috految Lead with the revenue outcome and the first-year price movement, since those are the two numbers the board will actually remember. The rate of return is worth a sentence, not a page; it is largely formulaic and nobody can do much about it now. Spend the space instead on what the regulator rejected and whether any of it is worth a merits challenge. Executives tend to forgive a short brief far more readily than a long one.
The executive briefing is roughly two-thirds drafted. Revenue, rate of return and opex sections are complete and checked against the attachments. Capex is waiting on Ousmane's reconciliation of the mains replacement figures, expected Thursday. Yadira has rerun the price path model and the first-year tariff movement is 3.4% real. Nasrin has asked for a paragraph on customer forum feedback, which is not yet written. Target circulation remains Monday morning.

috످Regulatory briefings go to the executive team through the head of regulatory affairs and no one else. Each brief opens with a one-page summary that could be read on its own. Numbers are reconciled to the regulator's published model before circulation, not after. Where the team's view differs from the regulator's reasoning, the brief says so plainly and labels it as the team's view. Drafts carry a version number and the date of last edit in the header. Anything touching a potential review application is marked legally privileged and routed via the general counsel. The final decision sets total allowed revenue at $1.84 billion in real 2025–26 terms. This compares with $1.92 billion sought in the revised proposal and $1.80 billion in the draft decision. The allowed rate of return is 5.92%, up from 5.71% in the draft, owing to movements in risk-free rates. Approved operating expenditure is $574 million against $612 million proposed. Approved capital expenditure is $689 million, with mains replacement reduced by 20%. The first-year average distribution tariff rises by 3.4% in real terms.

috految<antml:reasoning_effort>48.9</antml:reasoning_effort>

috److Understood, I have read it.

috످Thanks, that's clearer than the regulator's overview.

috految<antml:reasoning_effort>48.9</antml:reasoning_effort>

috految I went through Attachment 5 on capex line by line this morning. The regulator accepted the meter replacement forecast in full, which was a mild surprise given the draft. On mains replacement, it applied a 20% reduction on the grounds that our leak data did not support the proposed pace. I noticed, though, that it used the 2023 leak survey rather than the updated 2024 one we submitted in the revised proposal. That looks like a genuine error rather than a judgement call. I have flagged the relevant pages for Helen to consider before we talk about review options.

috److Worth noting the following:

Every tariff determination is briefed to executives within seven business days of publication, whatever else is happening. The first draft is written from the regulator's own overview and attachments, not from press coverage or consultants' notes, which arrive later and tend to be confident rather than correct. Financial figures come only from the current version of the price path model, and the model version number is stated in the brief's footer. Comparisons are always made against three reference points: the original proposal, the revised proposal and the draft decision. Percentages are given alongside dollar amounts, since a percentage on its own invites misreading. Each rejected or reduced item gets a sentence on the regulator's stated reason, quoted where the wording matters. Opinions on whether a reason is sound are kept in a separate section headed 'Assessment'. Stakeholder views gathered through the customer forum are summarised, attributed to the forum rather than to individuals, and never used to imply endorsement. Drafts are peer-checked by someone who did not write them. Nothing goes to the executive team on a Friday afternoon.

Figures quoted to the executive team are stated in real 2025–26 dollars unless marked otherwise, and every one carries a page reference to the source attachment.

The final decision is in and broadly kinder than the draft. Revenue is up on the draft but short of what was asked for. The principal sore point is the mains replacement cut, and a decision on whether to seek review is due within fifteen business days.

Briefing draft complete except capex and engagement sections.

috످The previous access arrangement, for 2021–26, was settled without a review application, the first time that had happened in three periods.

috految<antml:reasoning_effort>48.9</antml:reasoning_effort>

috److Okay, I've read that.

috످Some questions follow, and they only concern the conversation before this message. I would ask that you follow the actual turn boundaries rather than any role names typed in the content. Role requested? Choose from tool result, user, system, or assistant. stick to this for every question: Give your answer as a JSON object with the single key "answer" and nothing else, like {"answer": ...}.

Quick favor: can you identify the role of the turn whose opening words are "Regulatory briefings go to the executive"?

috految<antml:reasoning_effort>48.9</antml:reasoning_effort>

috److془The passage lays out briefing procedures and the regulator's final decision figures, and it stands in the first user turn.془{"answer": "user"}

috످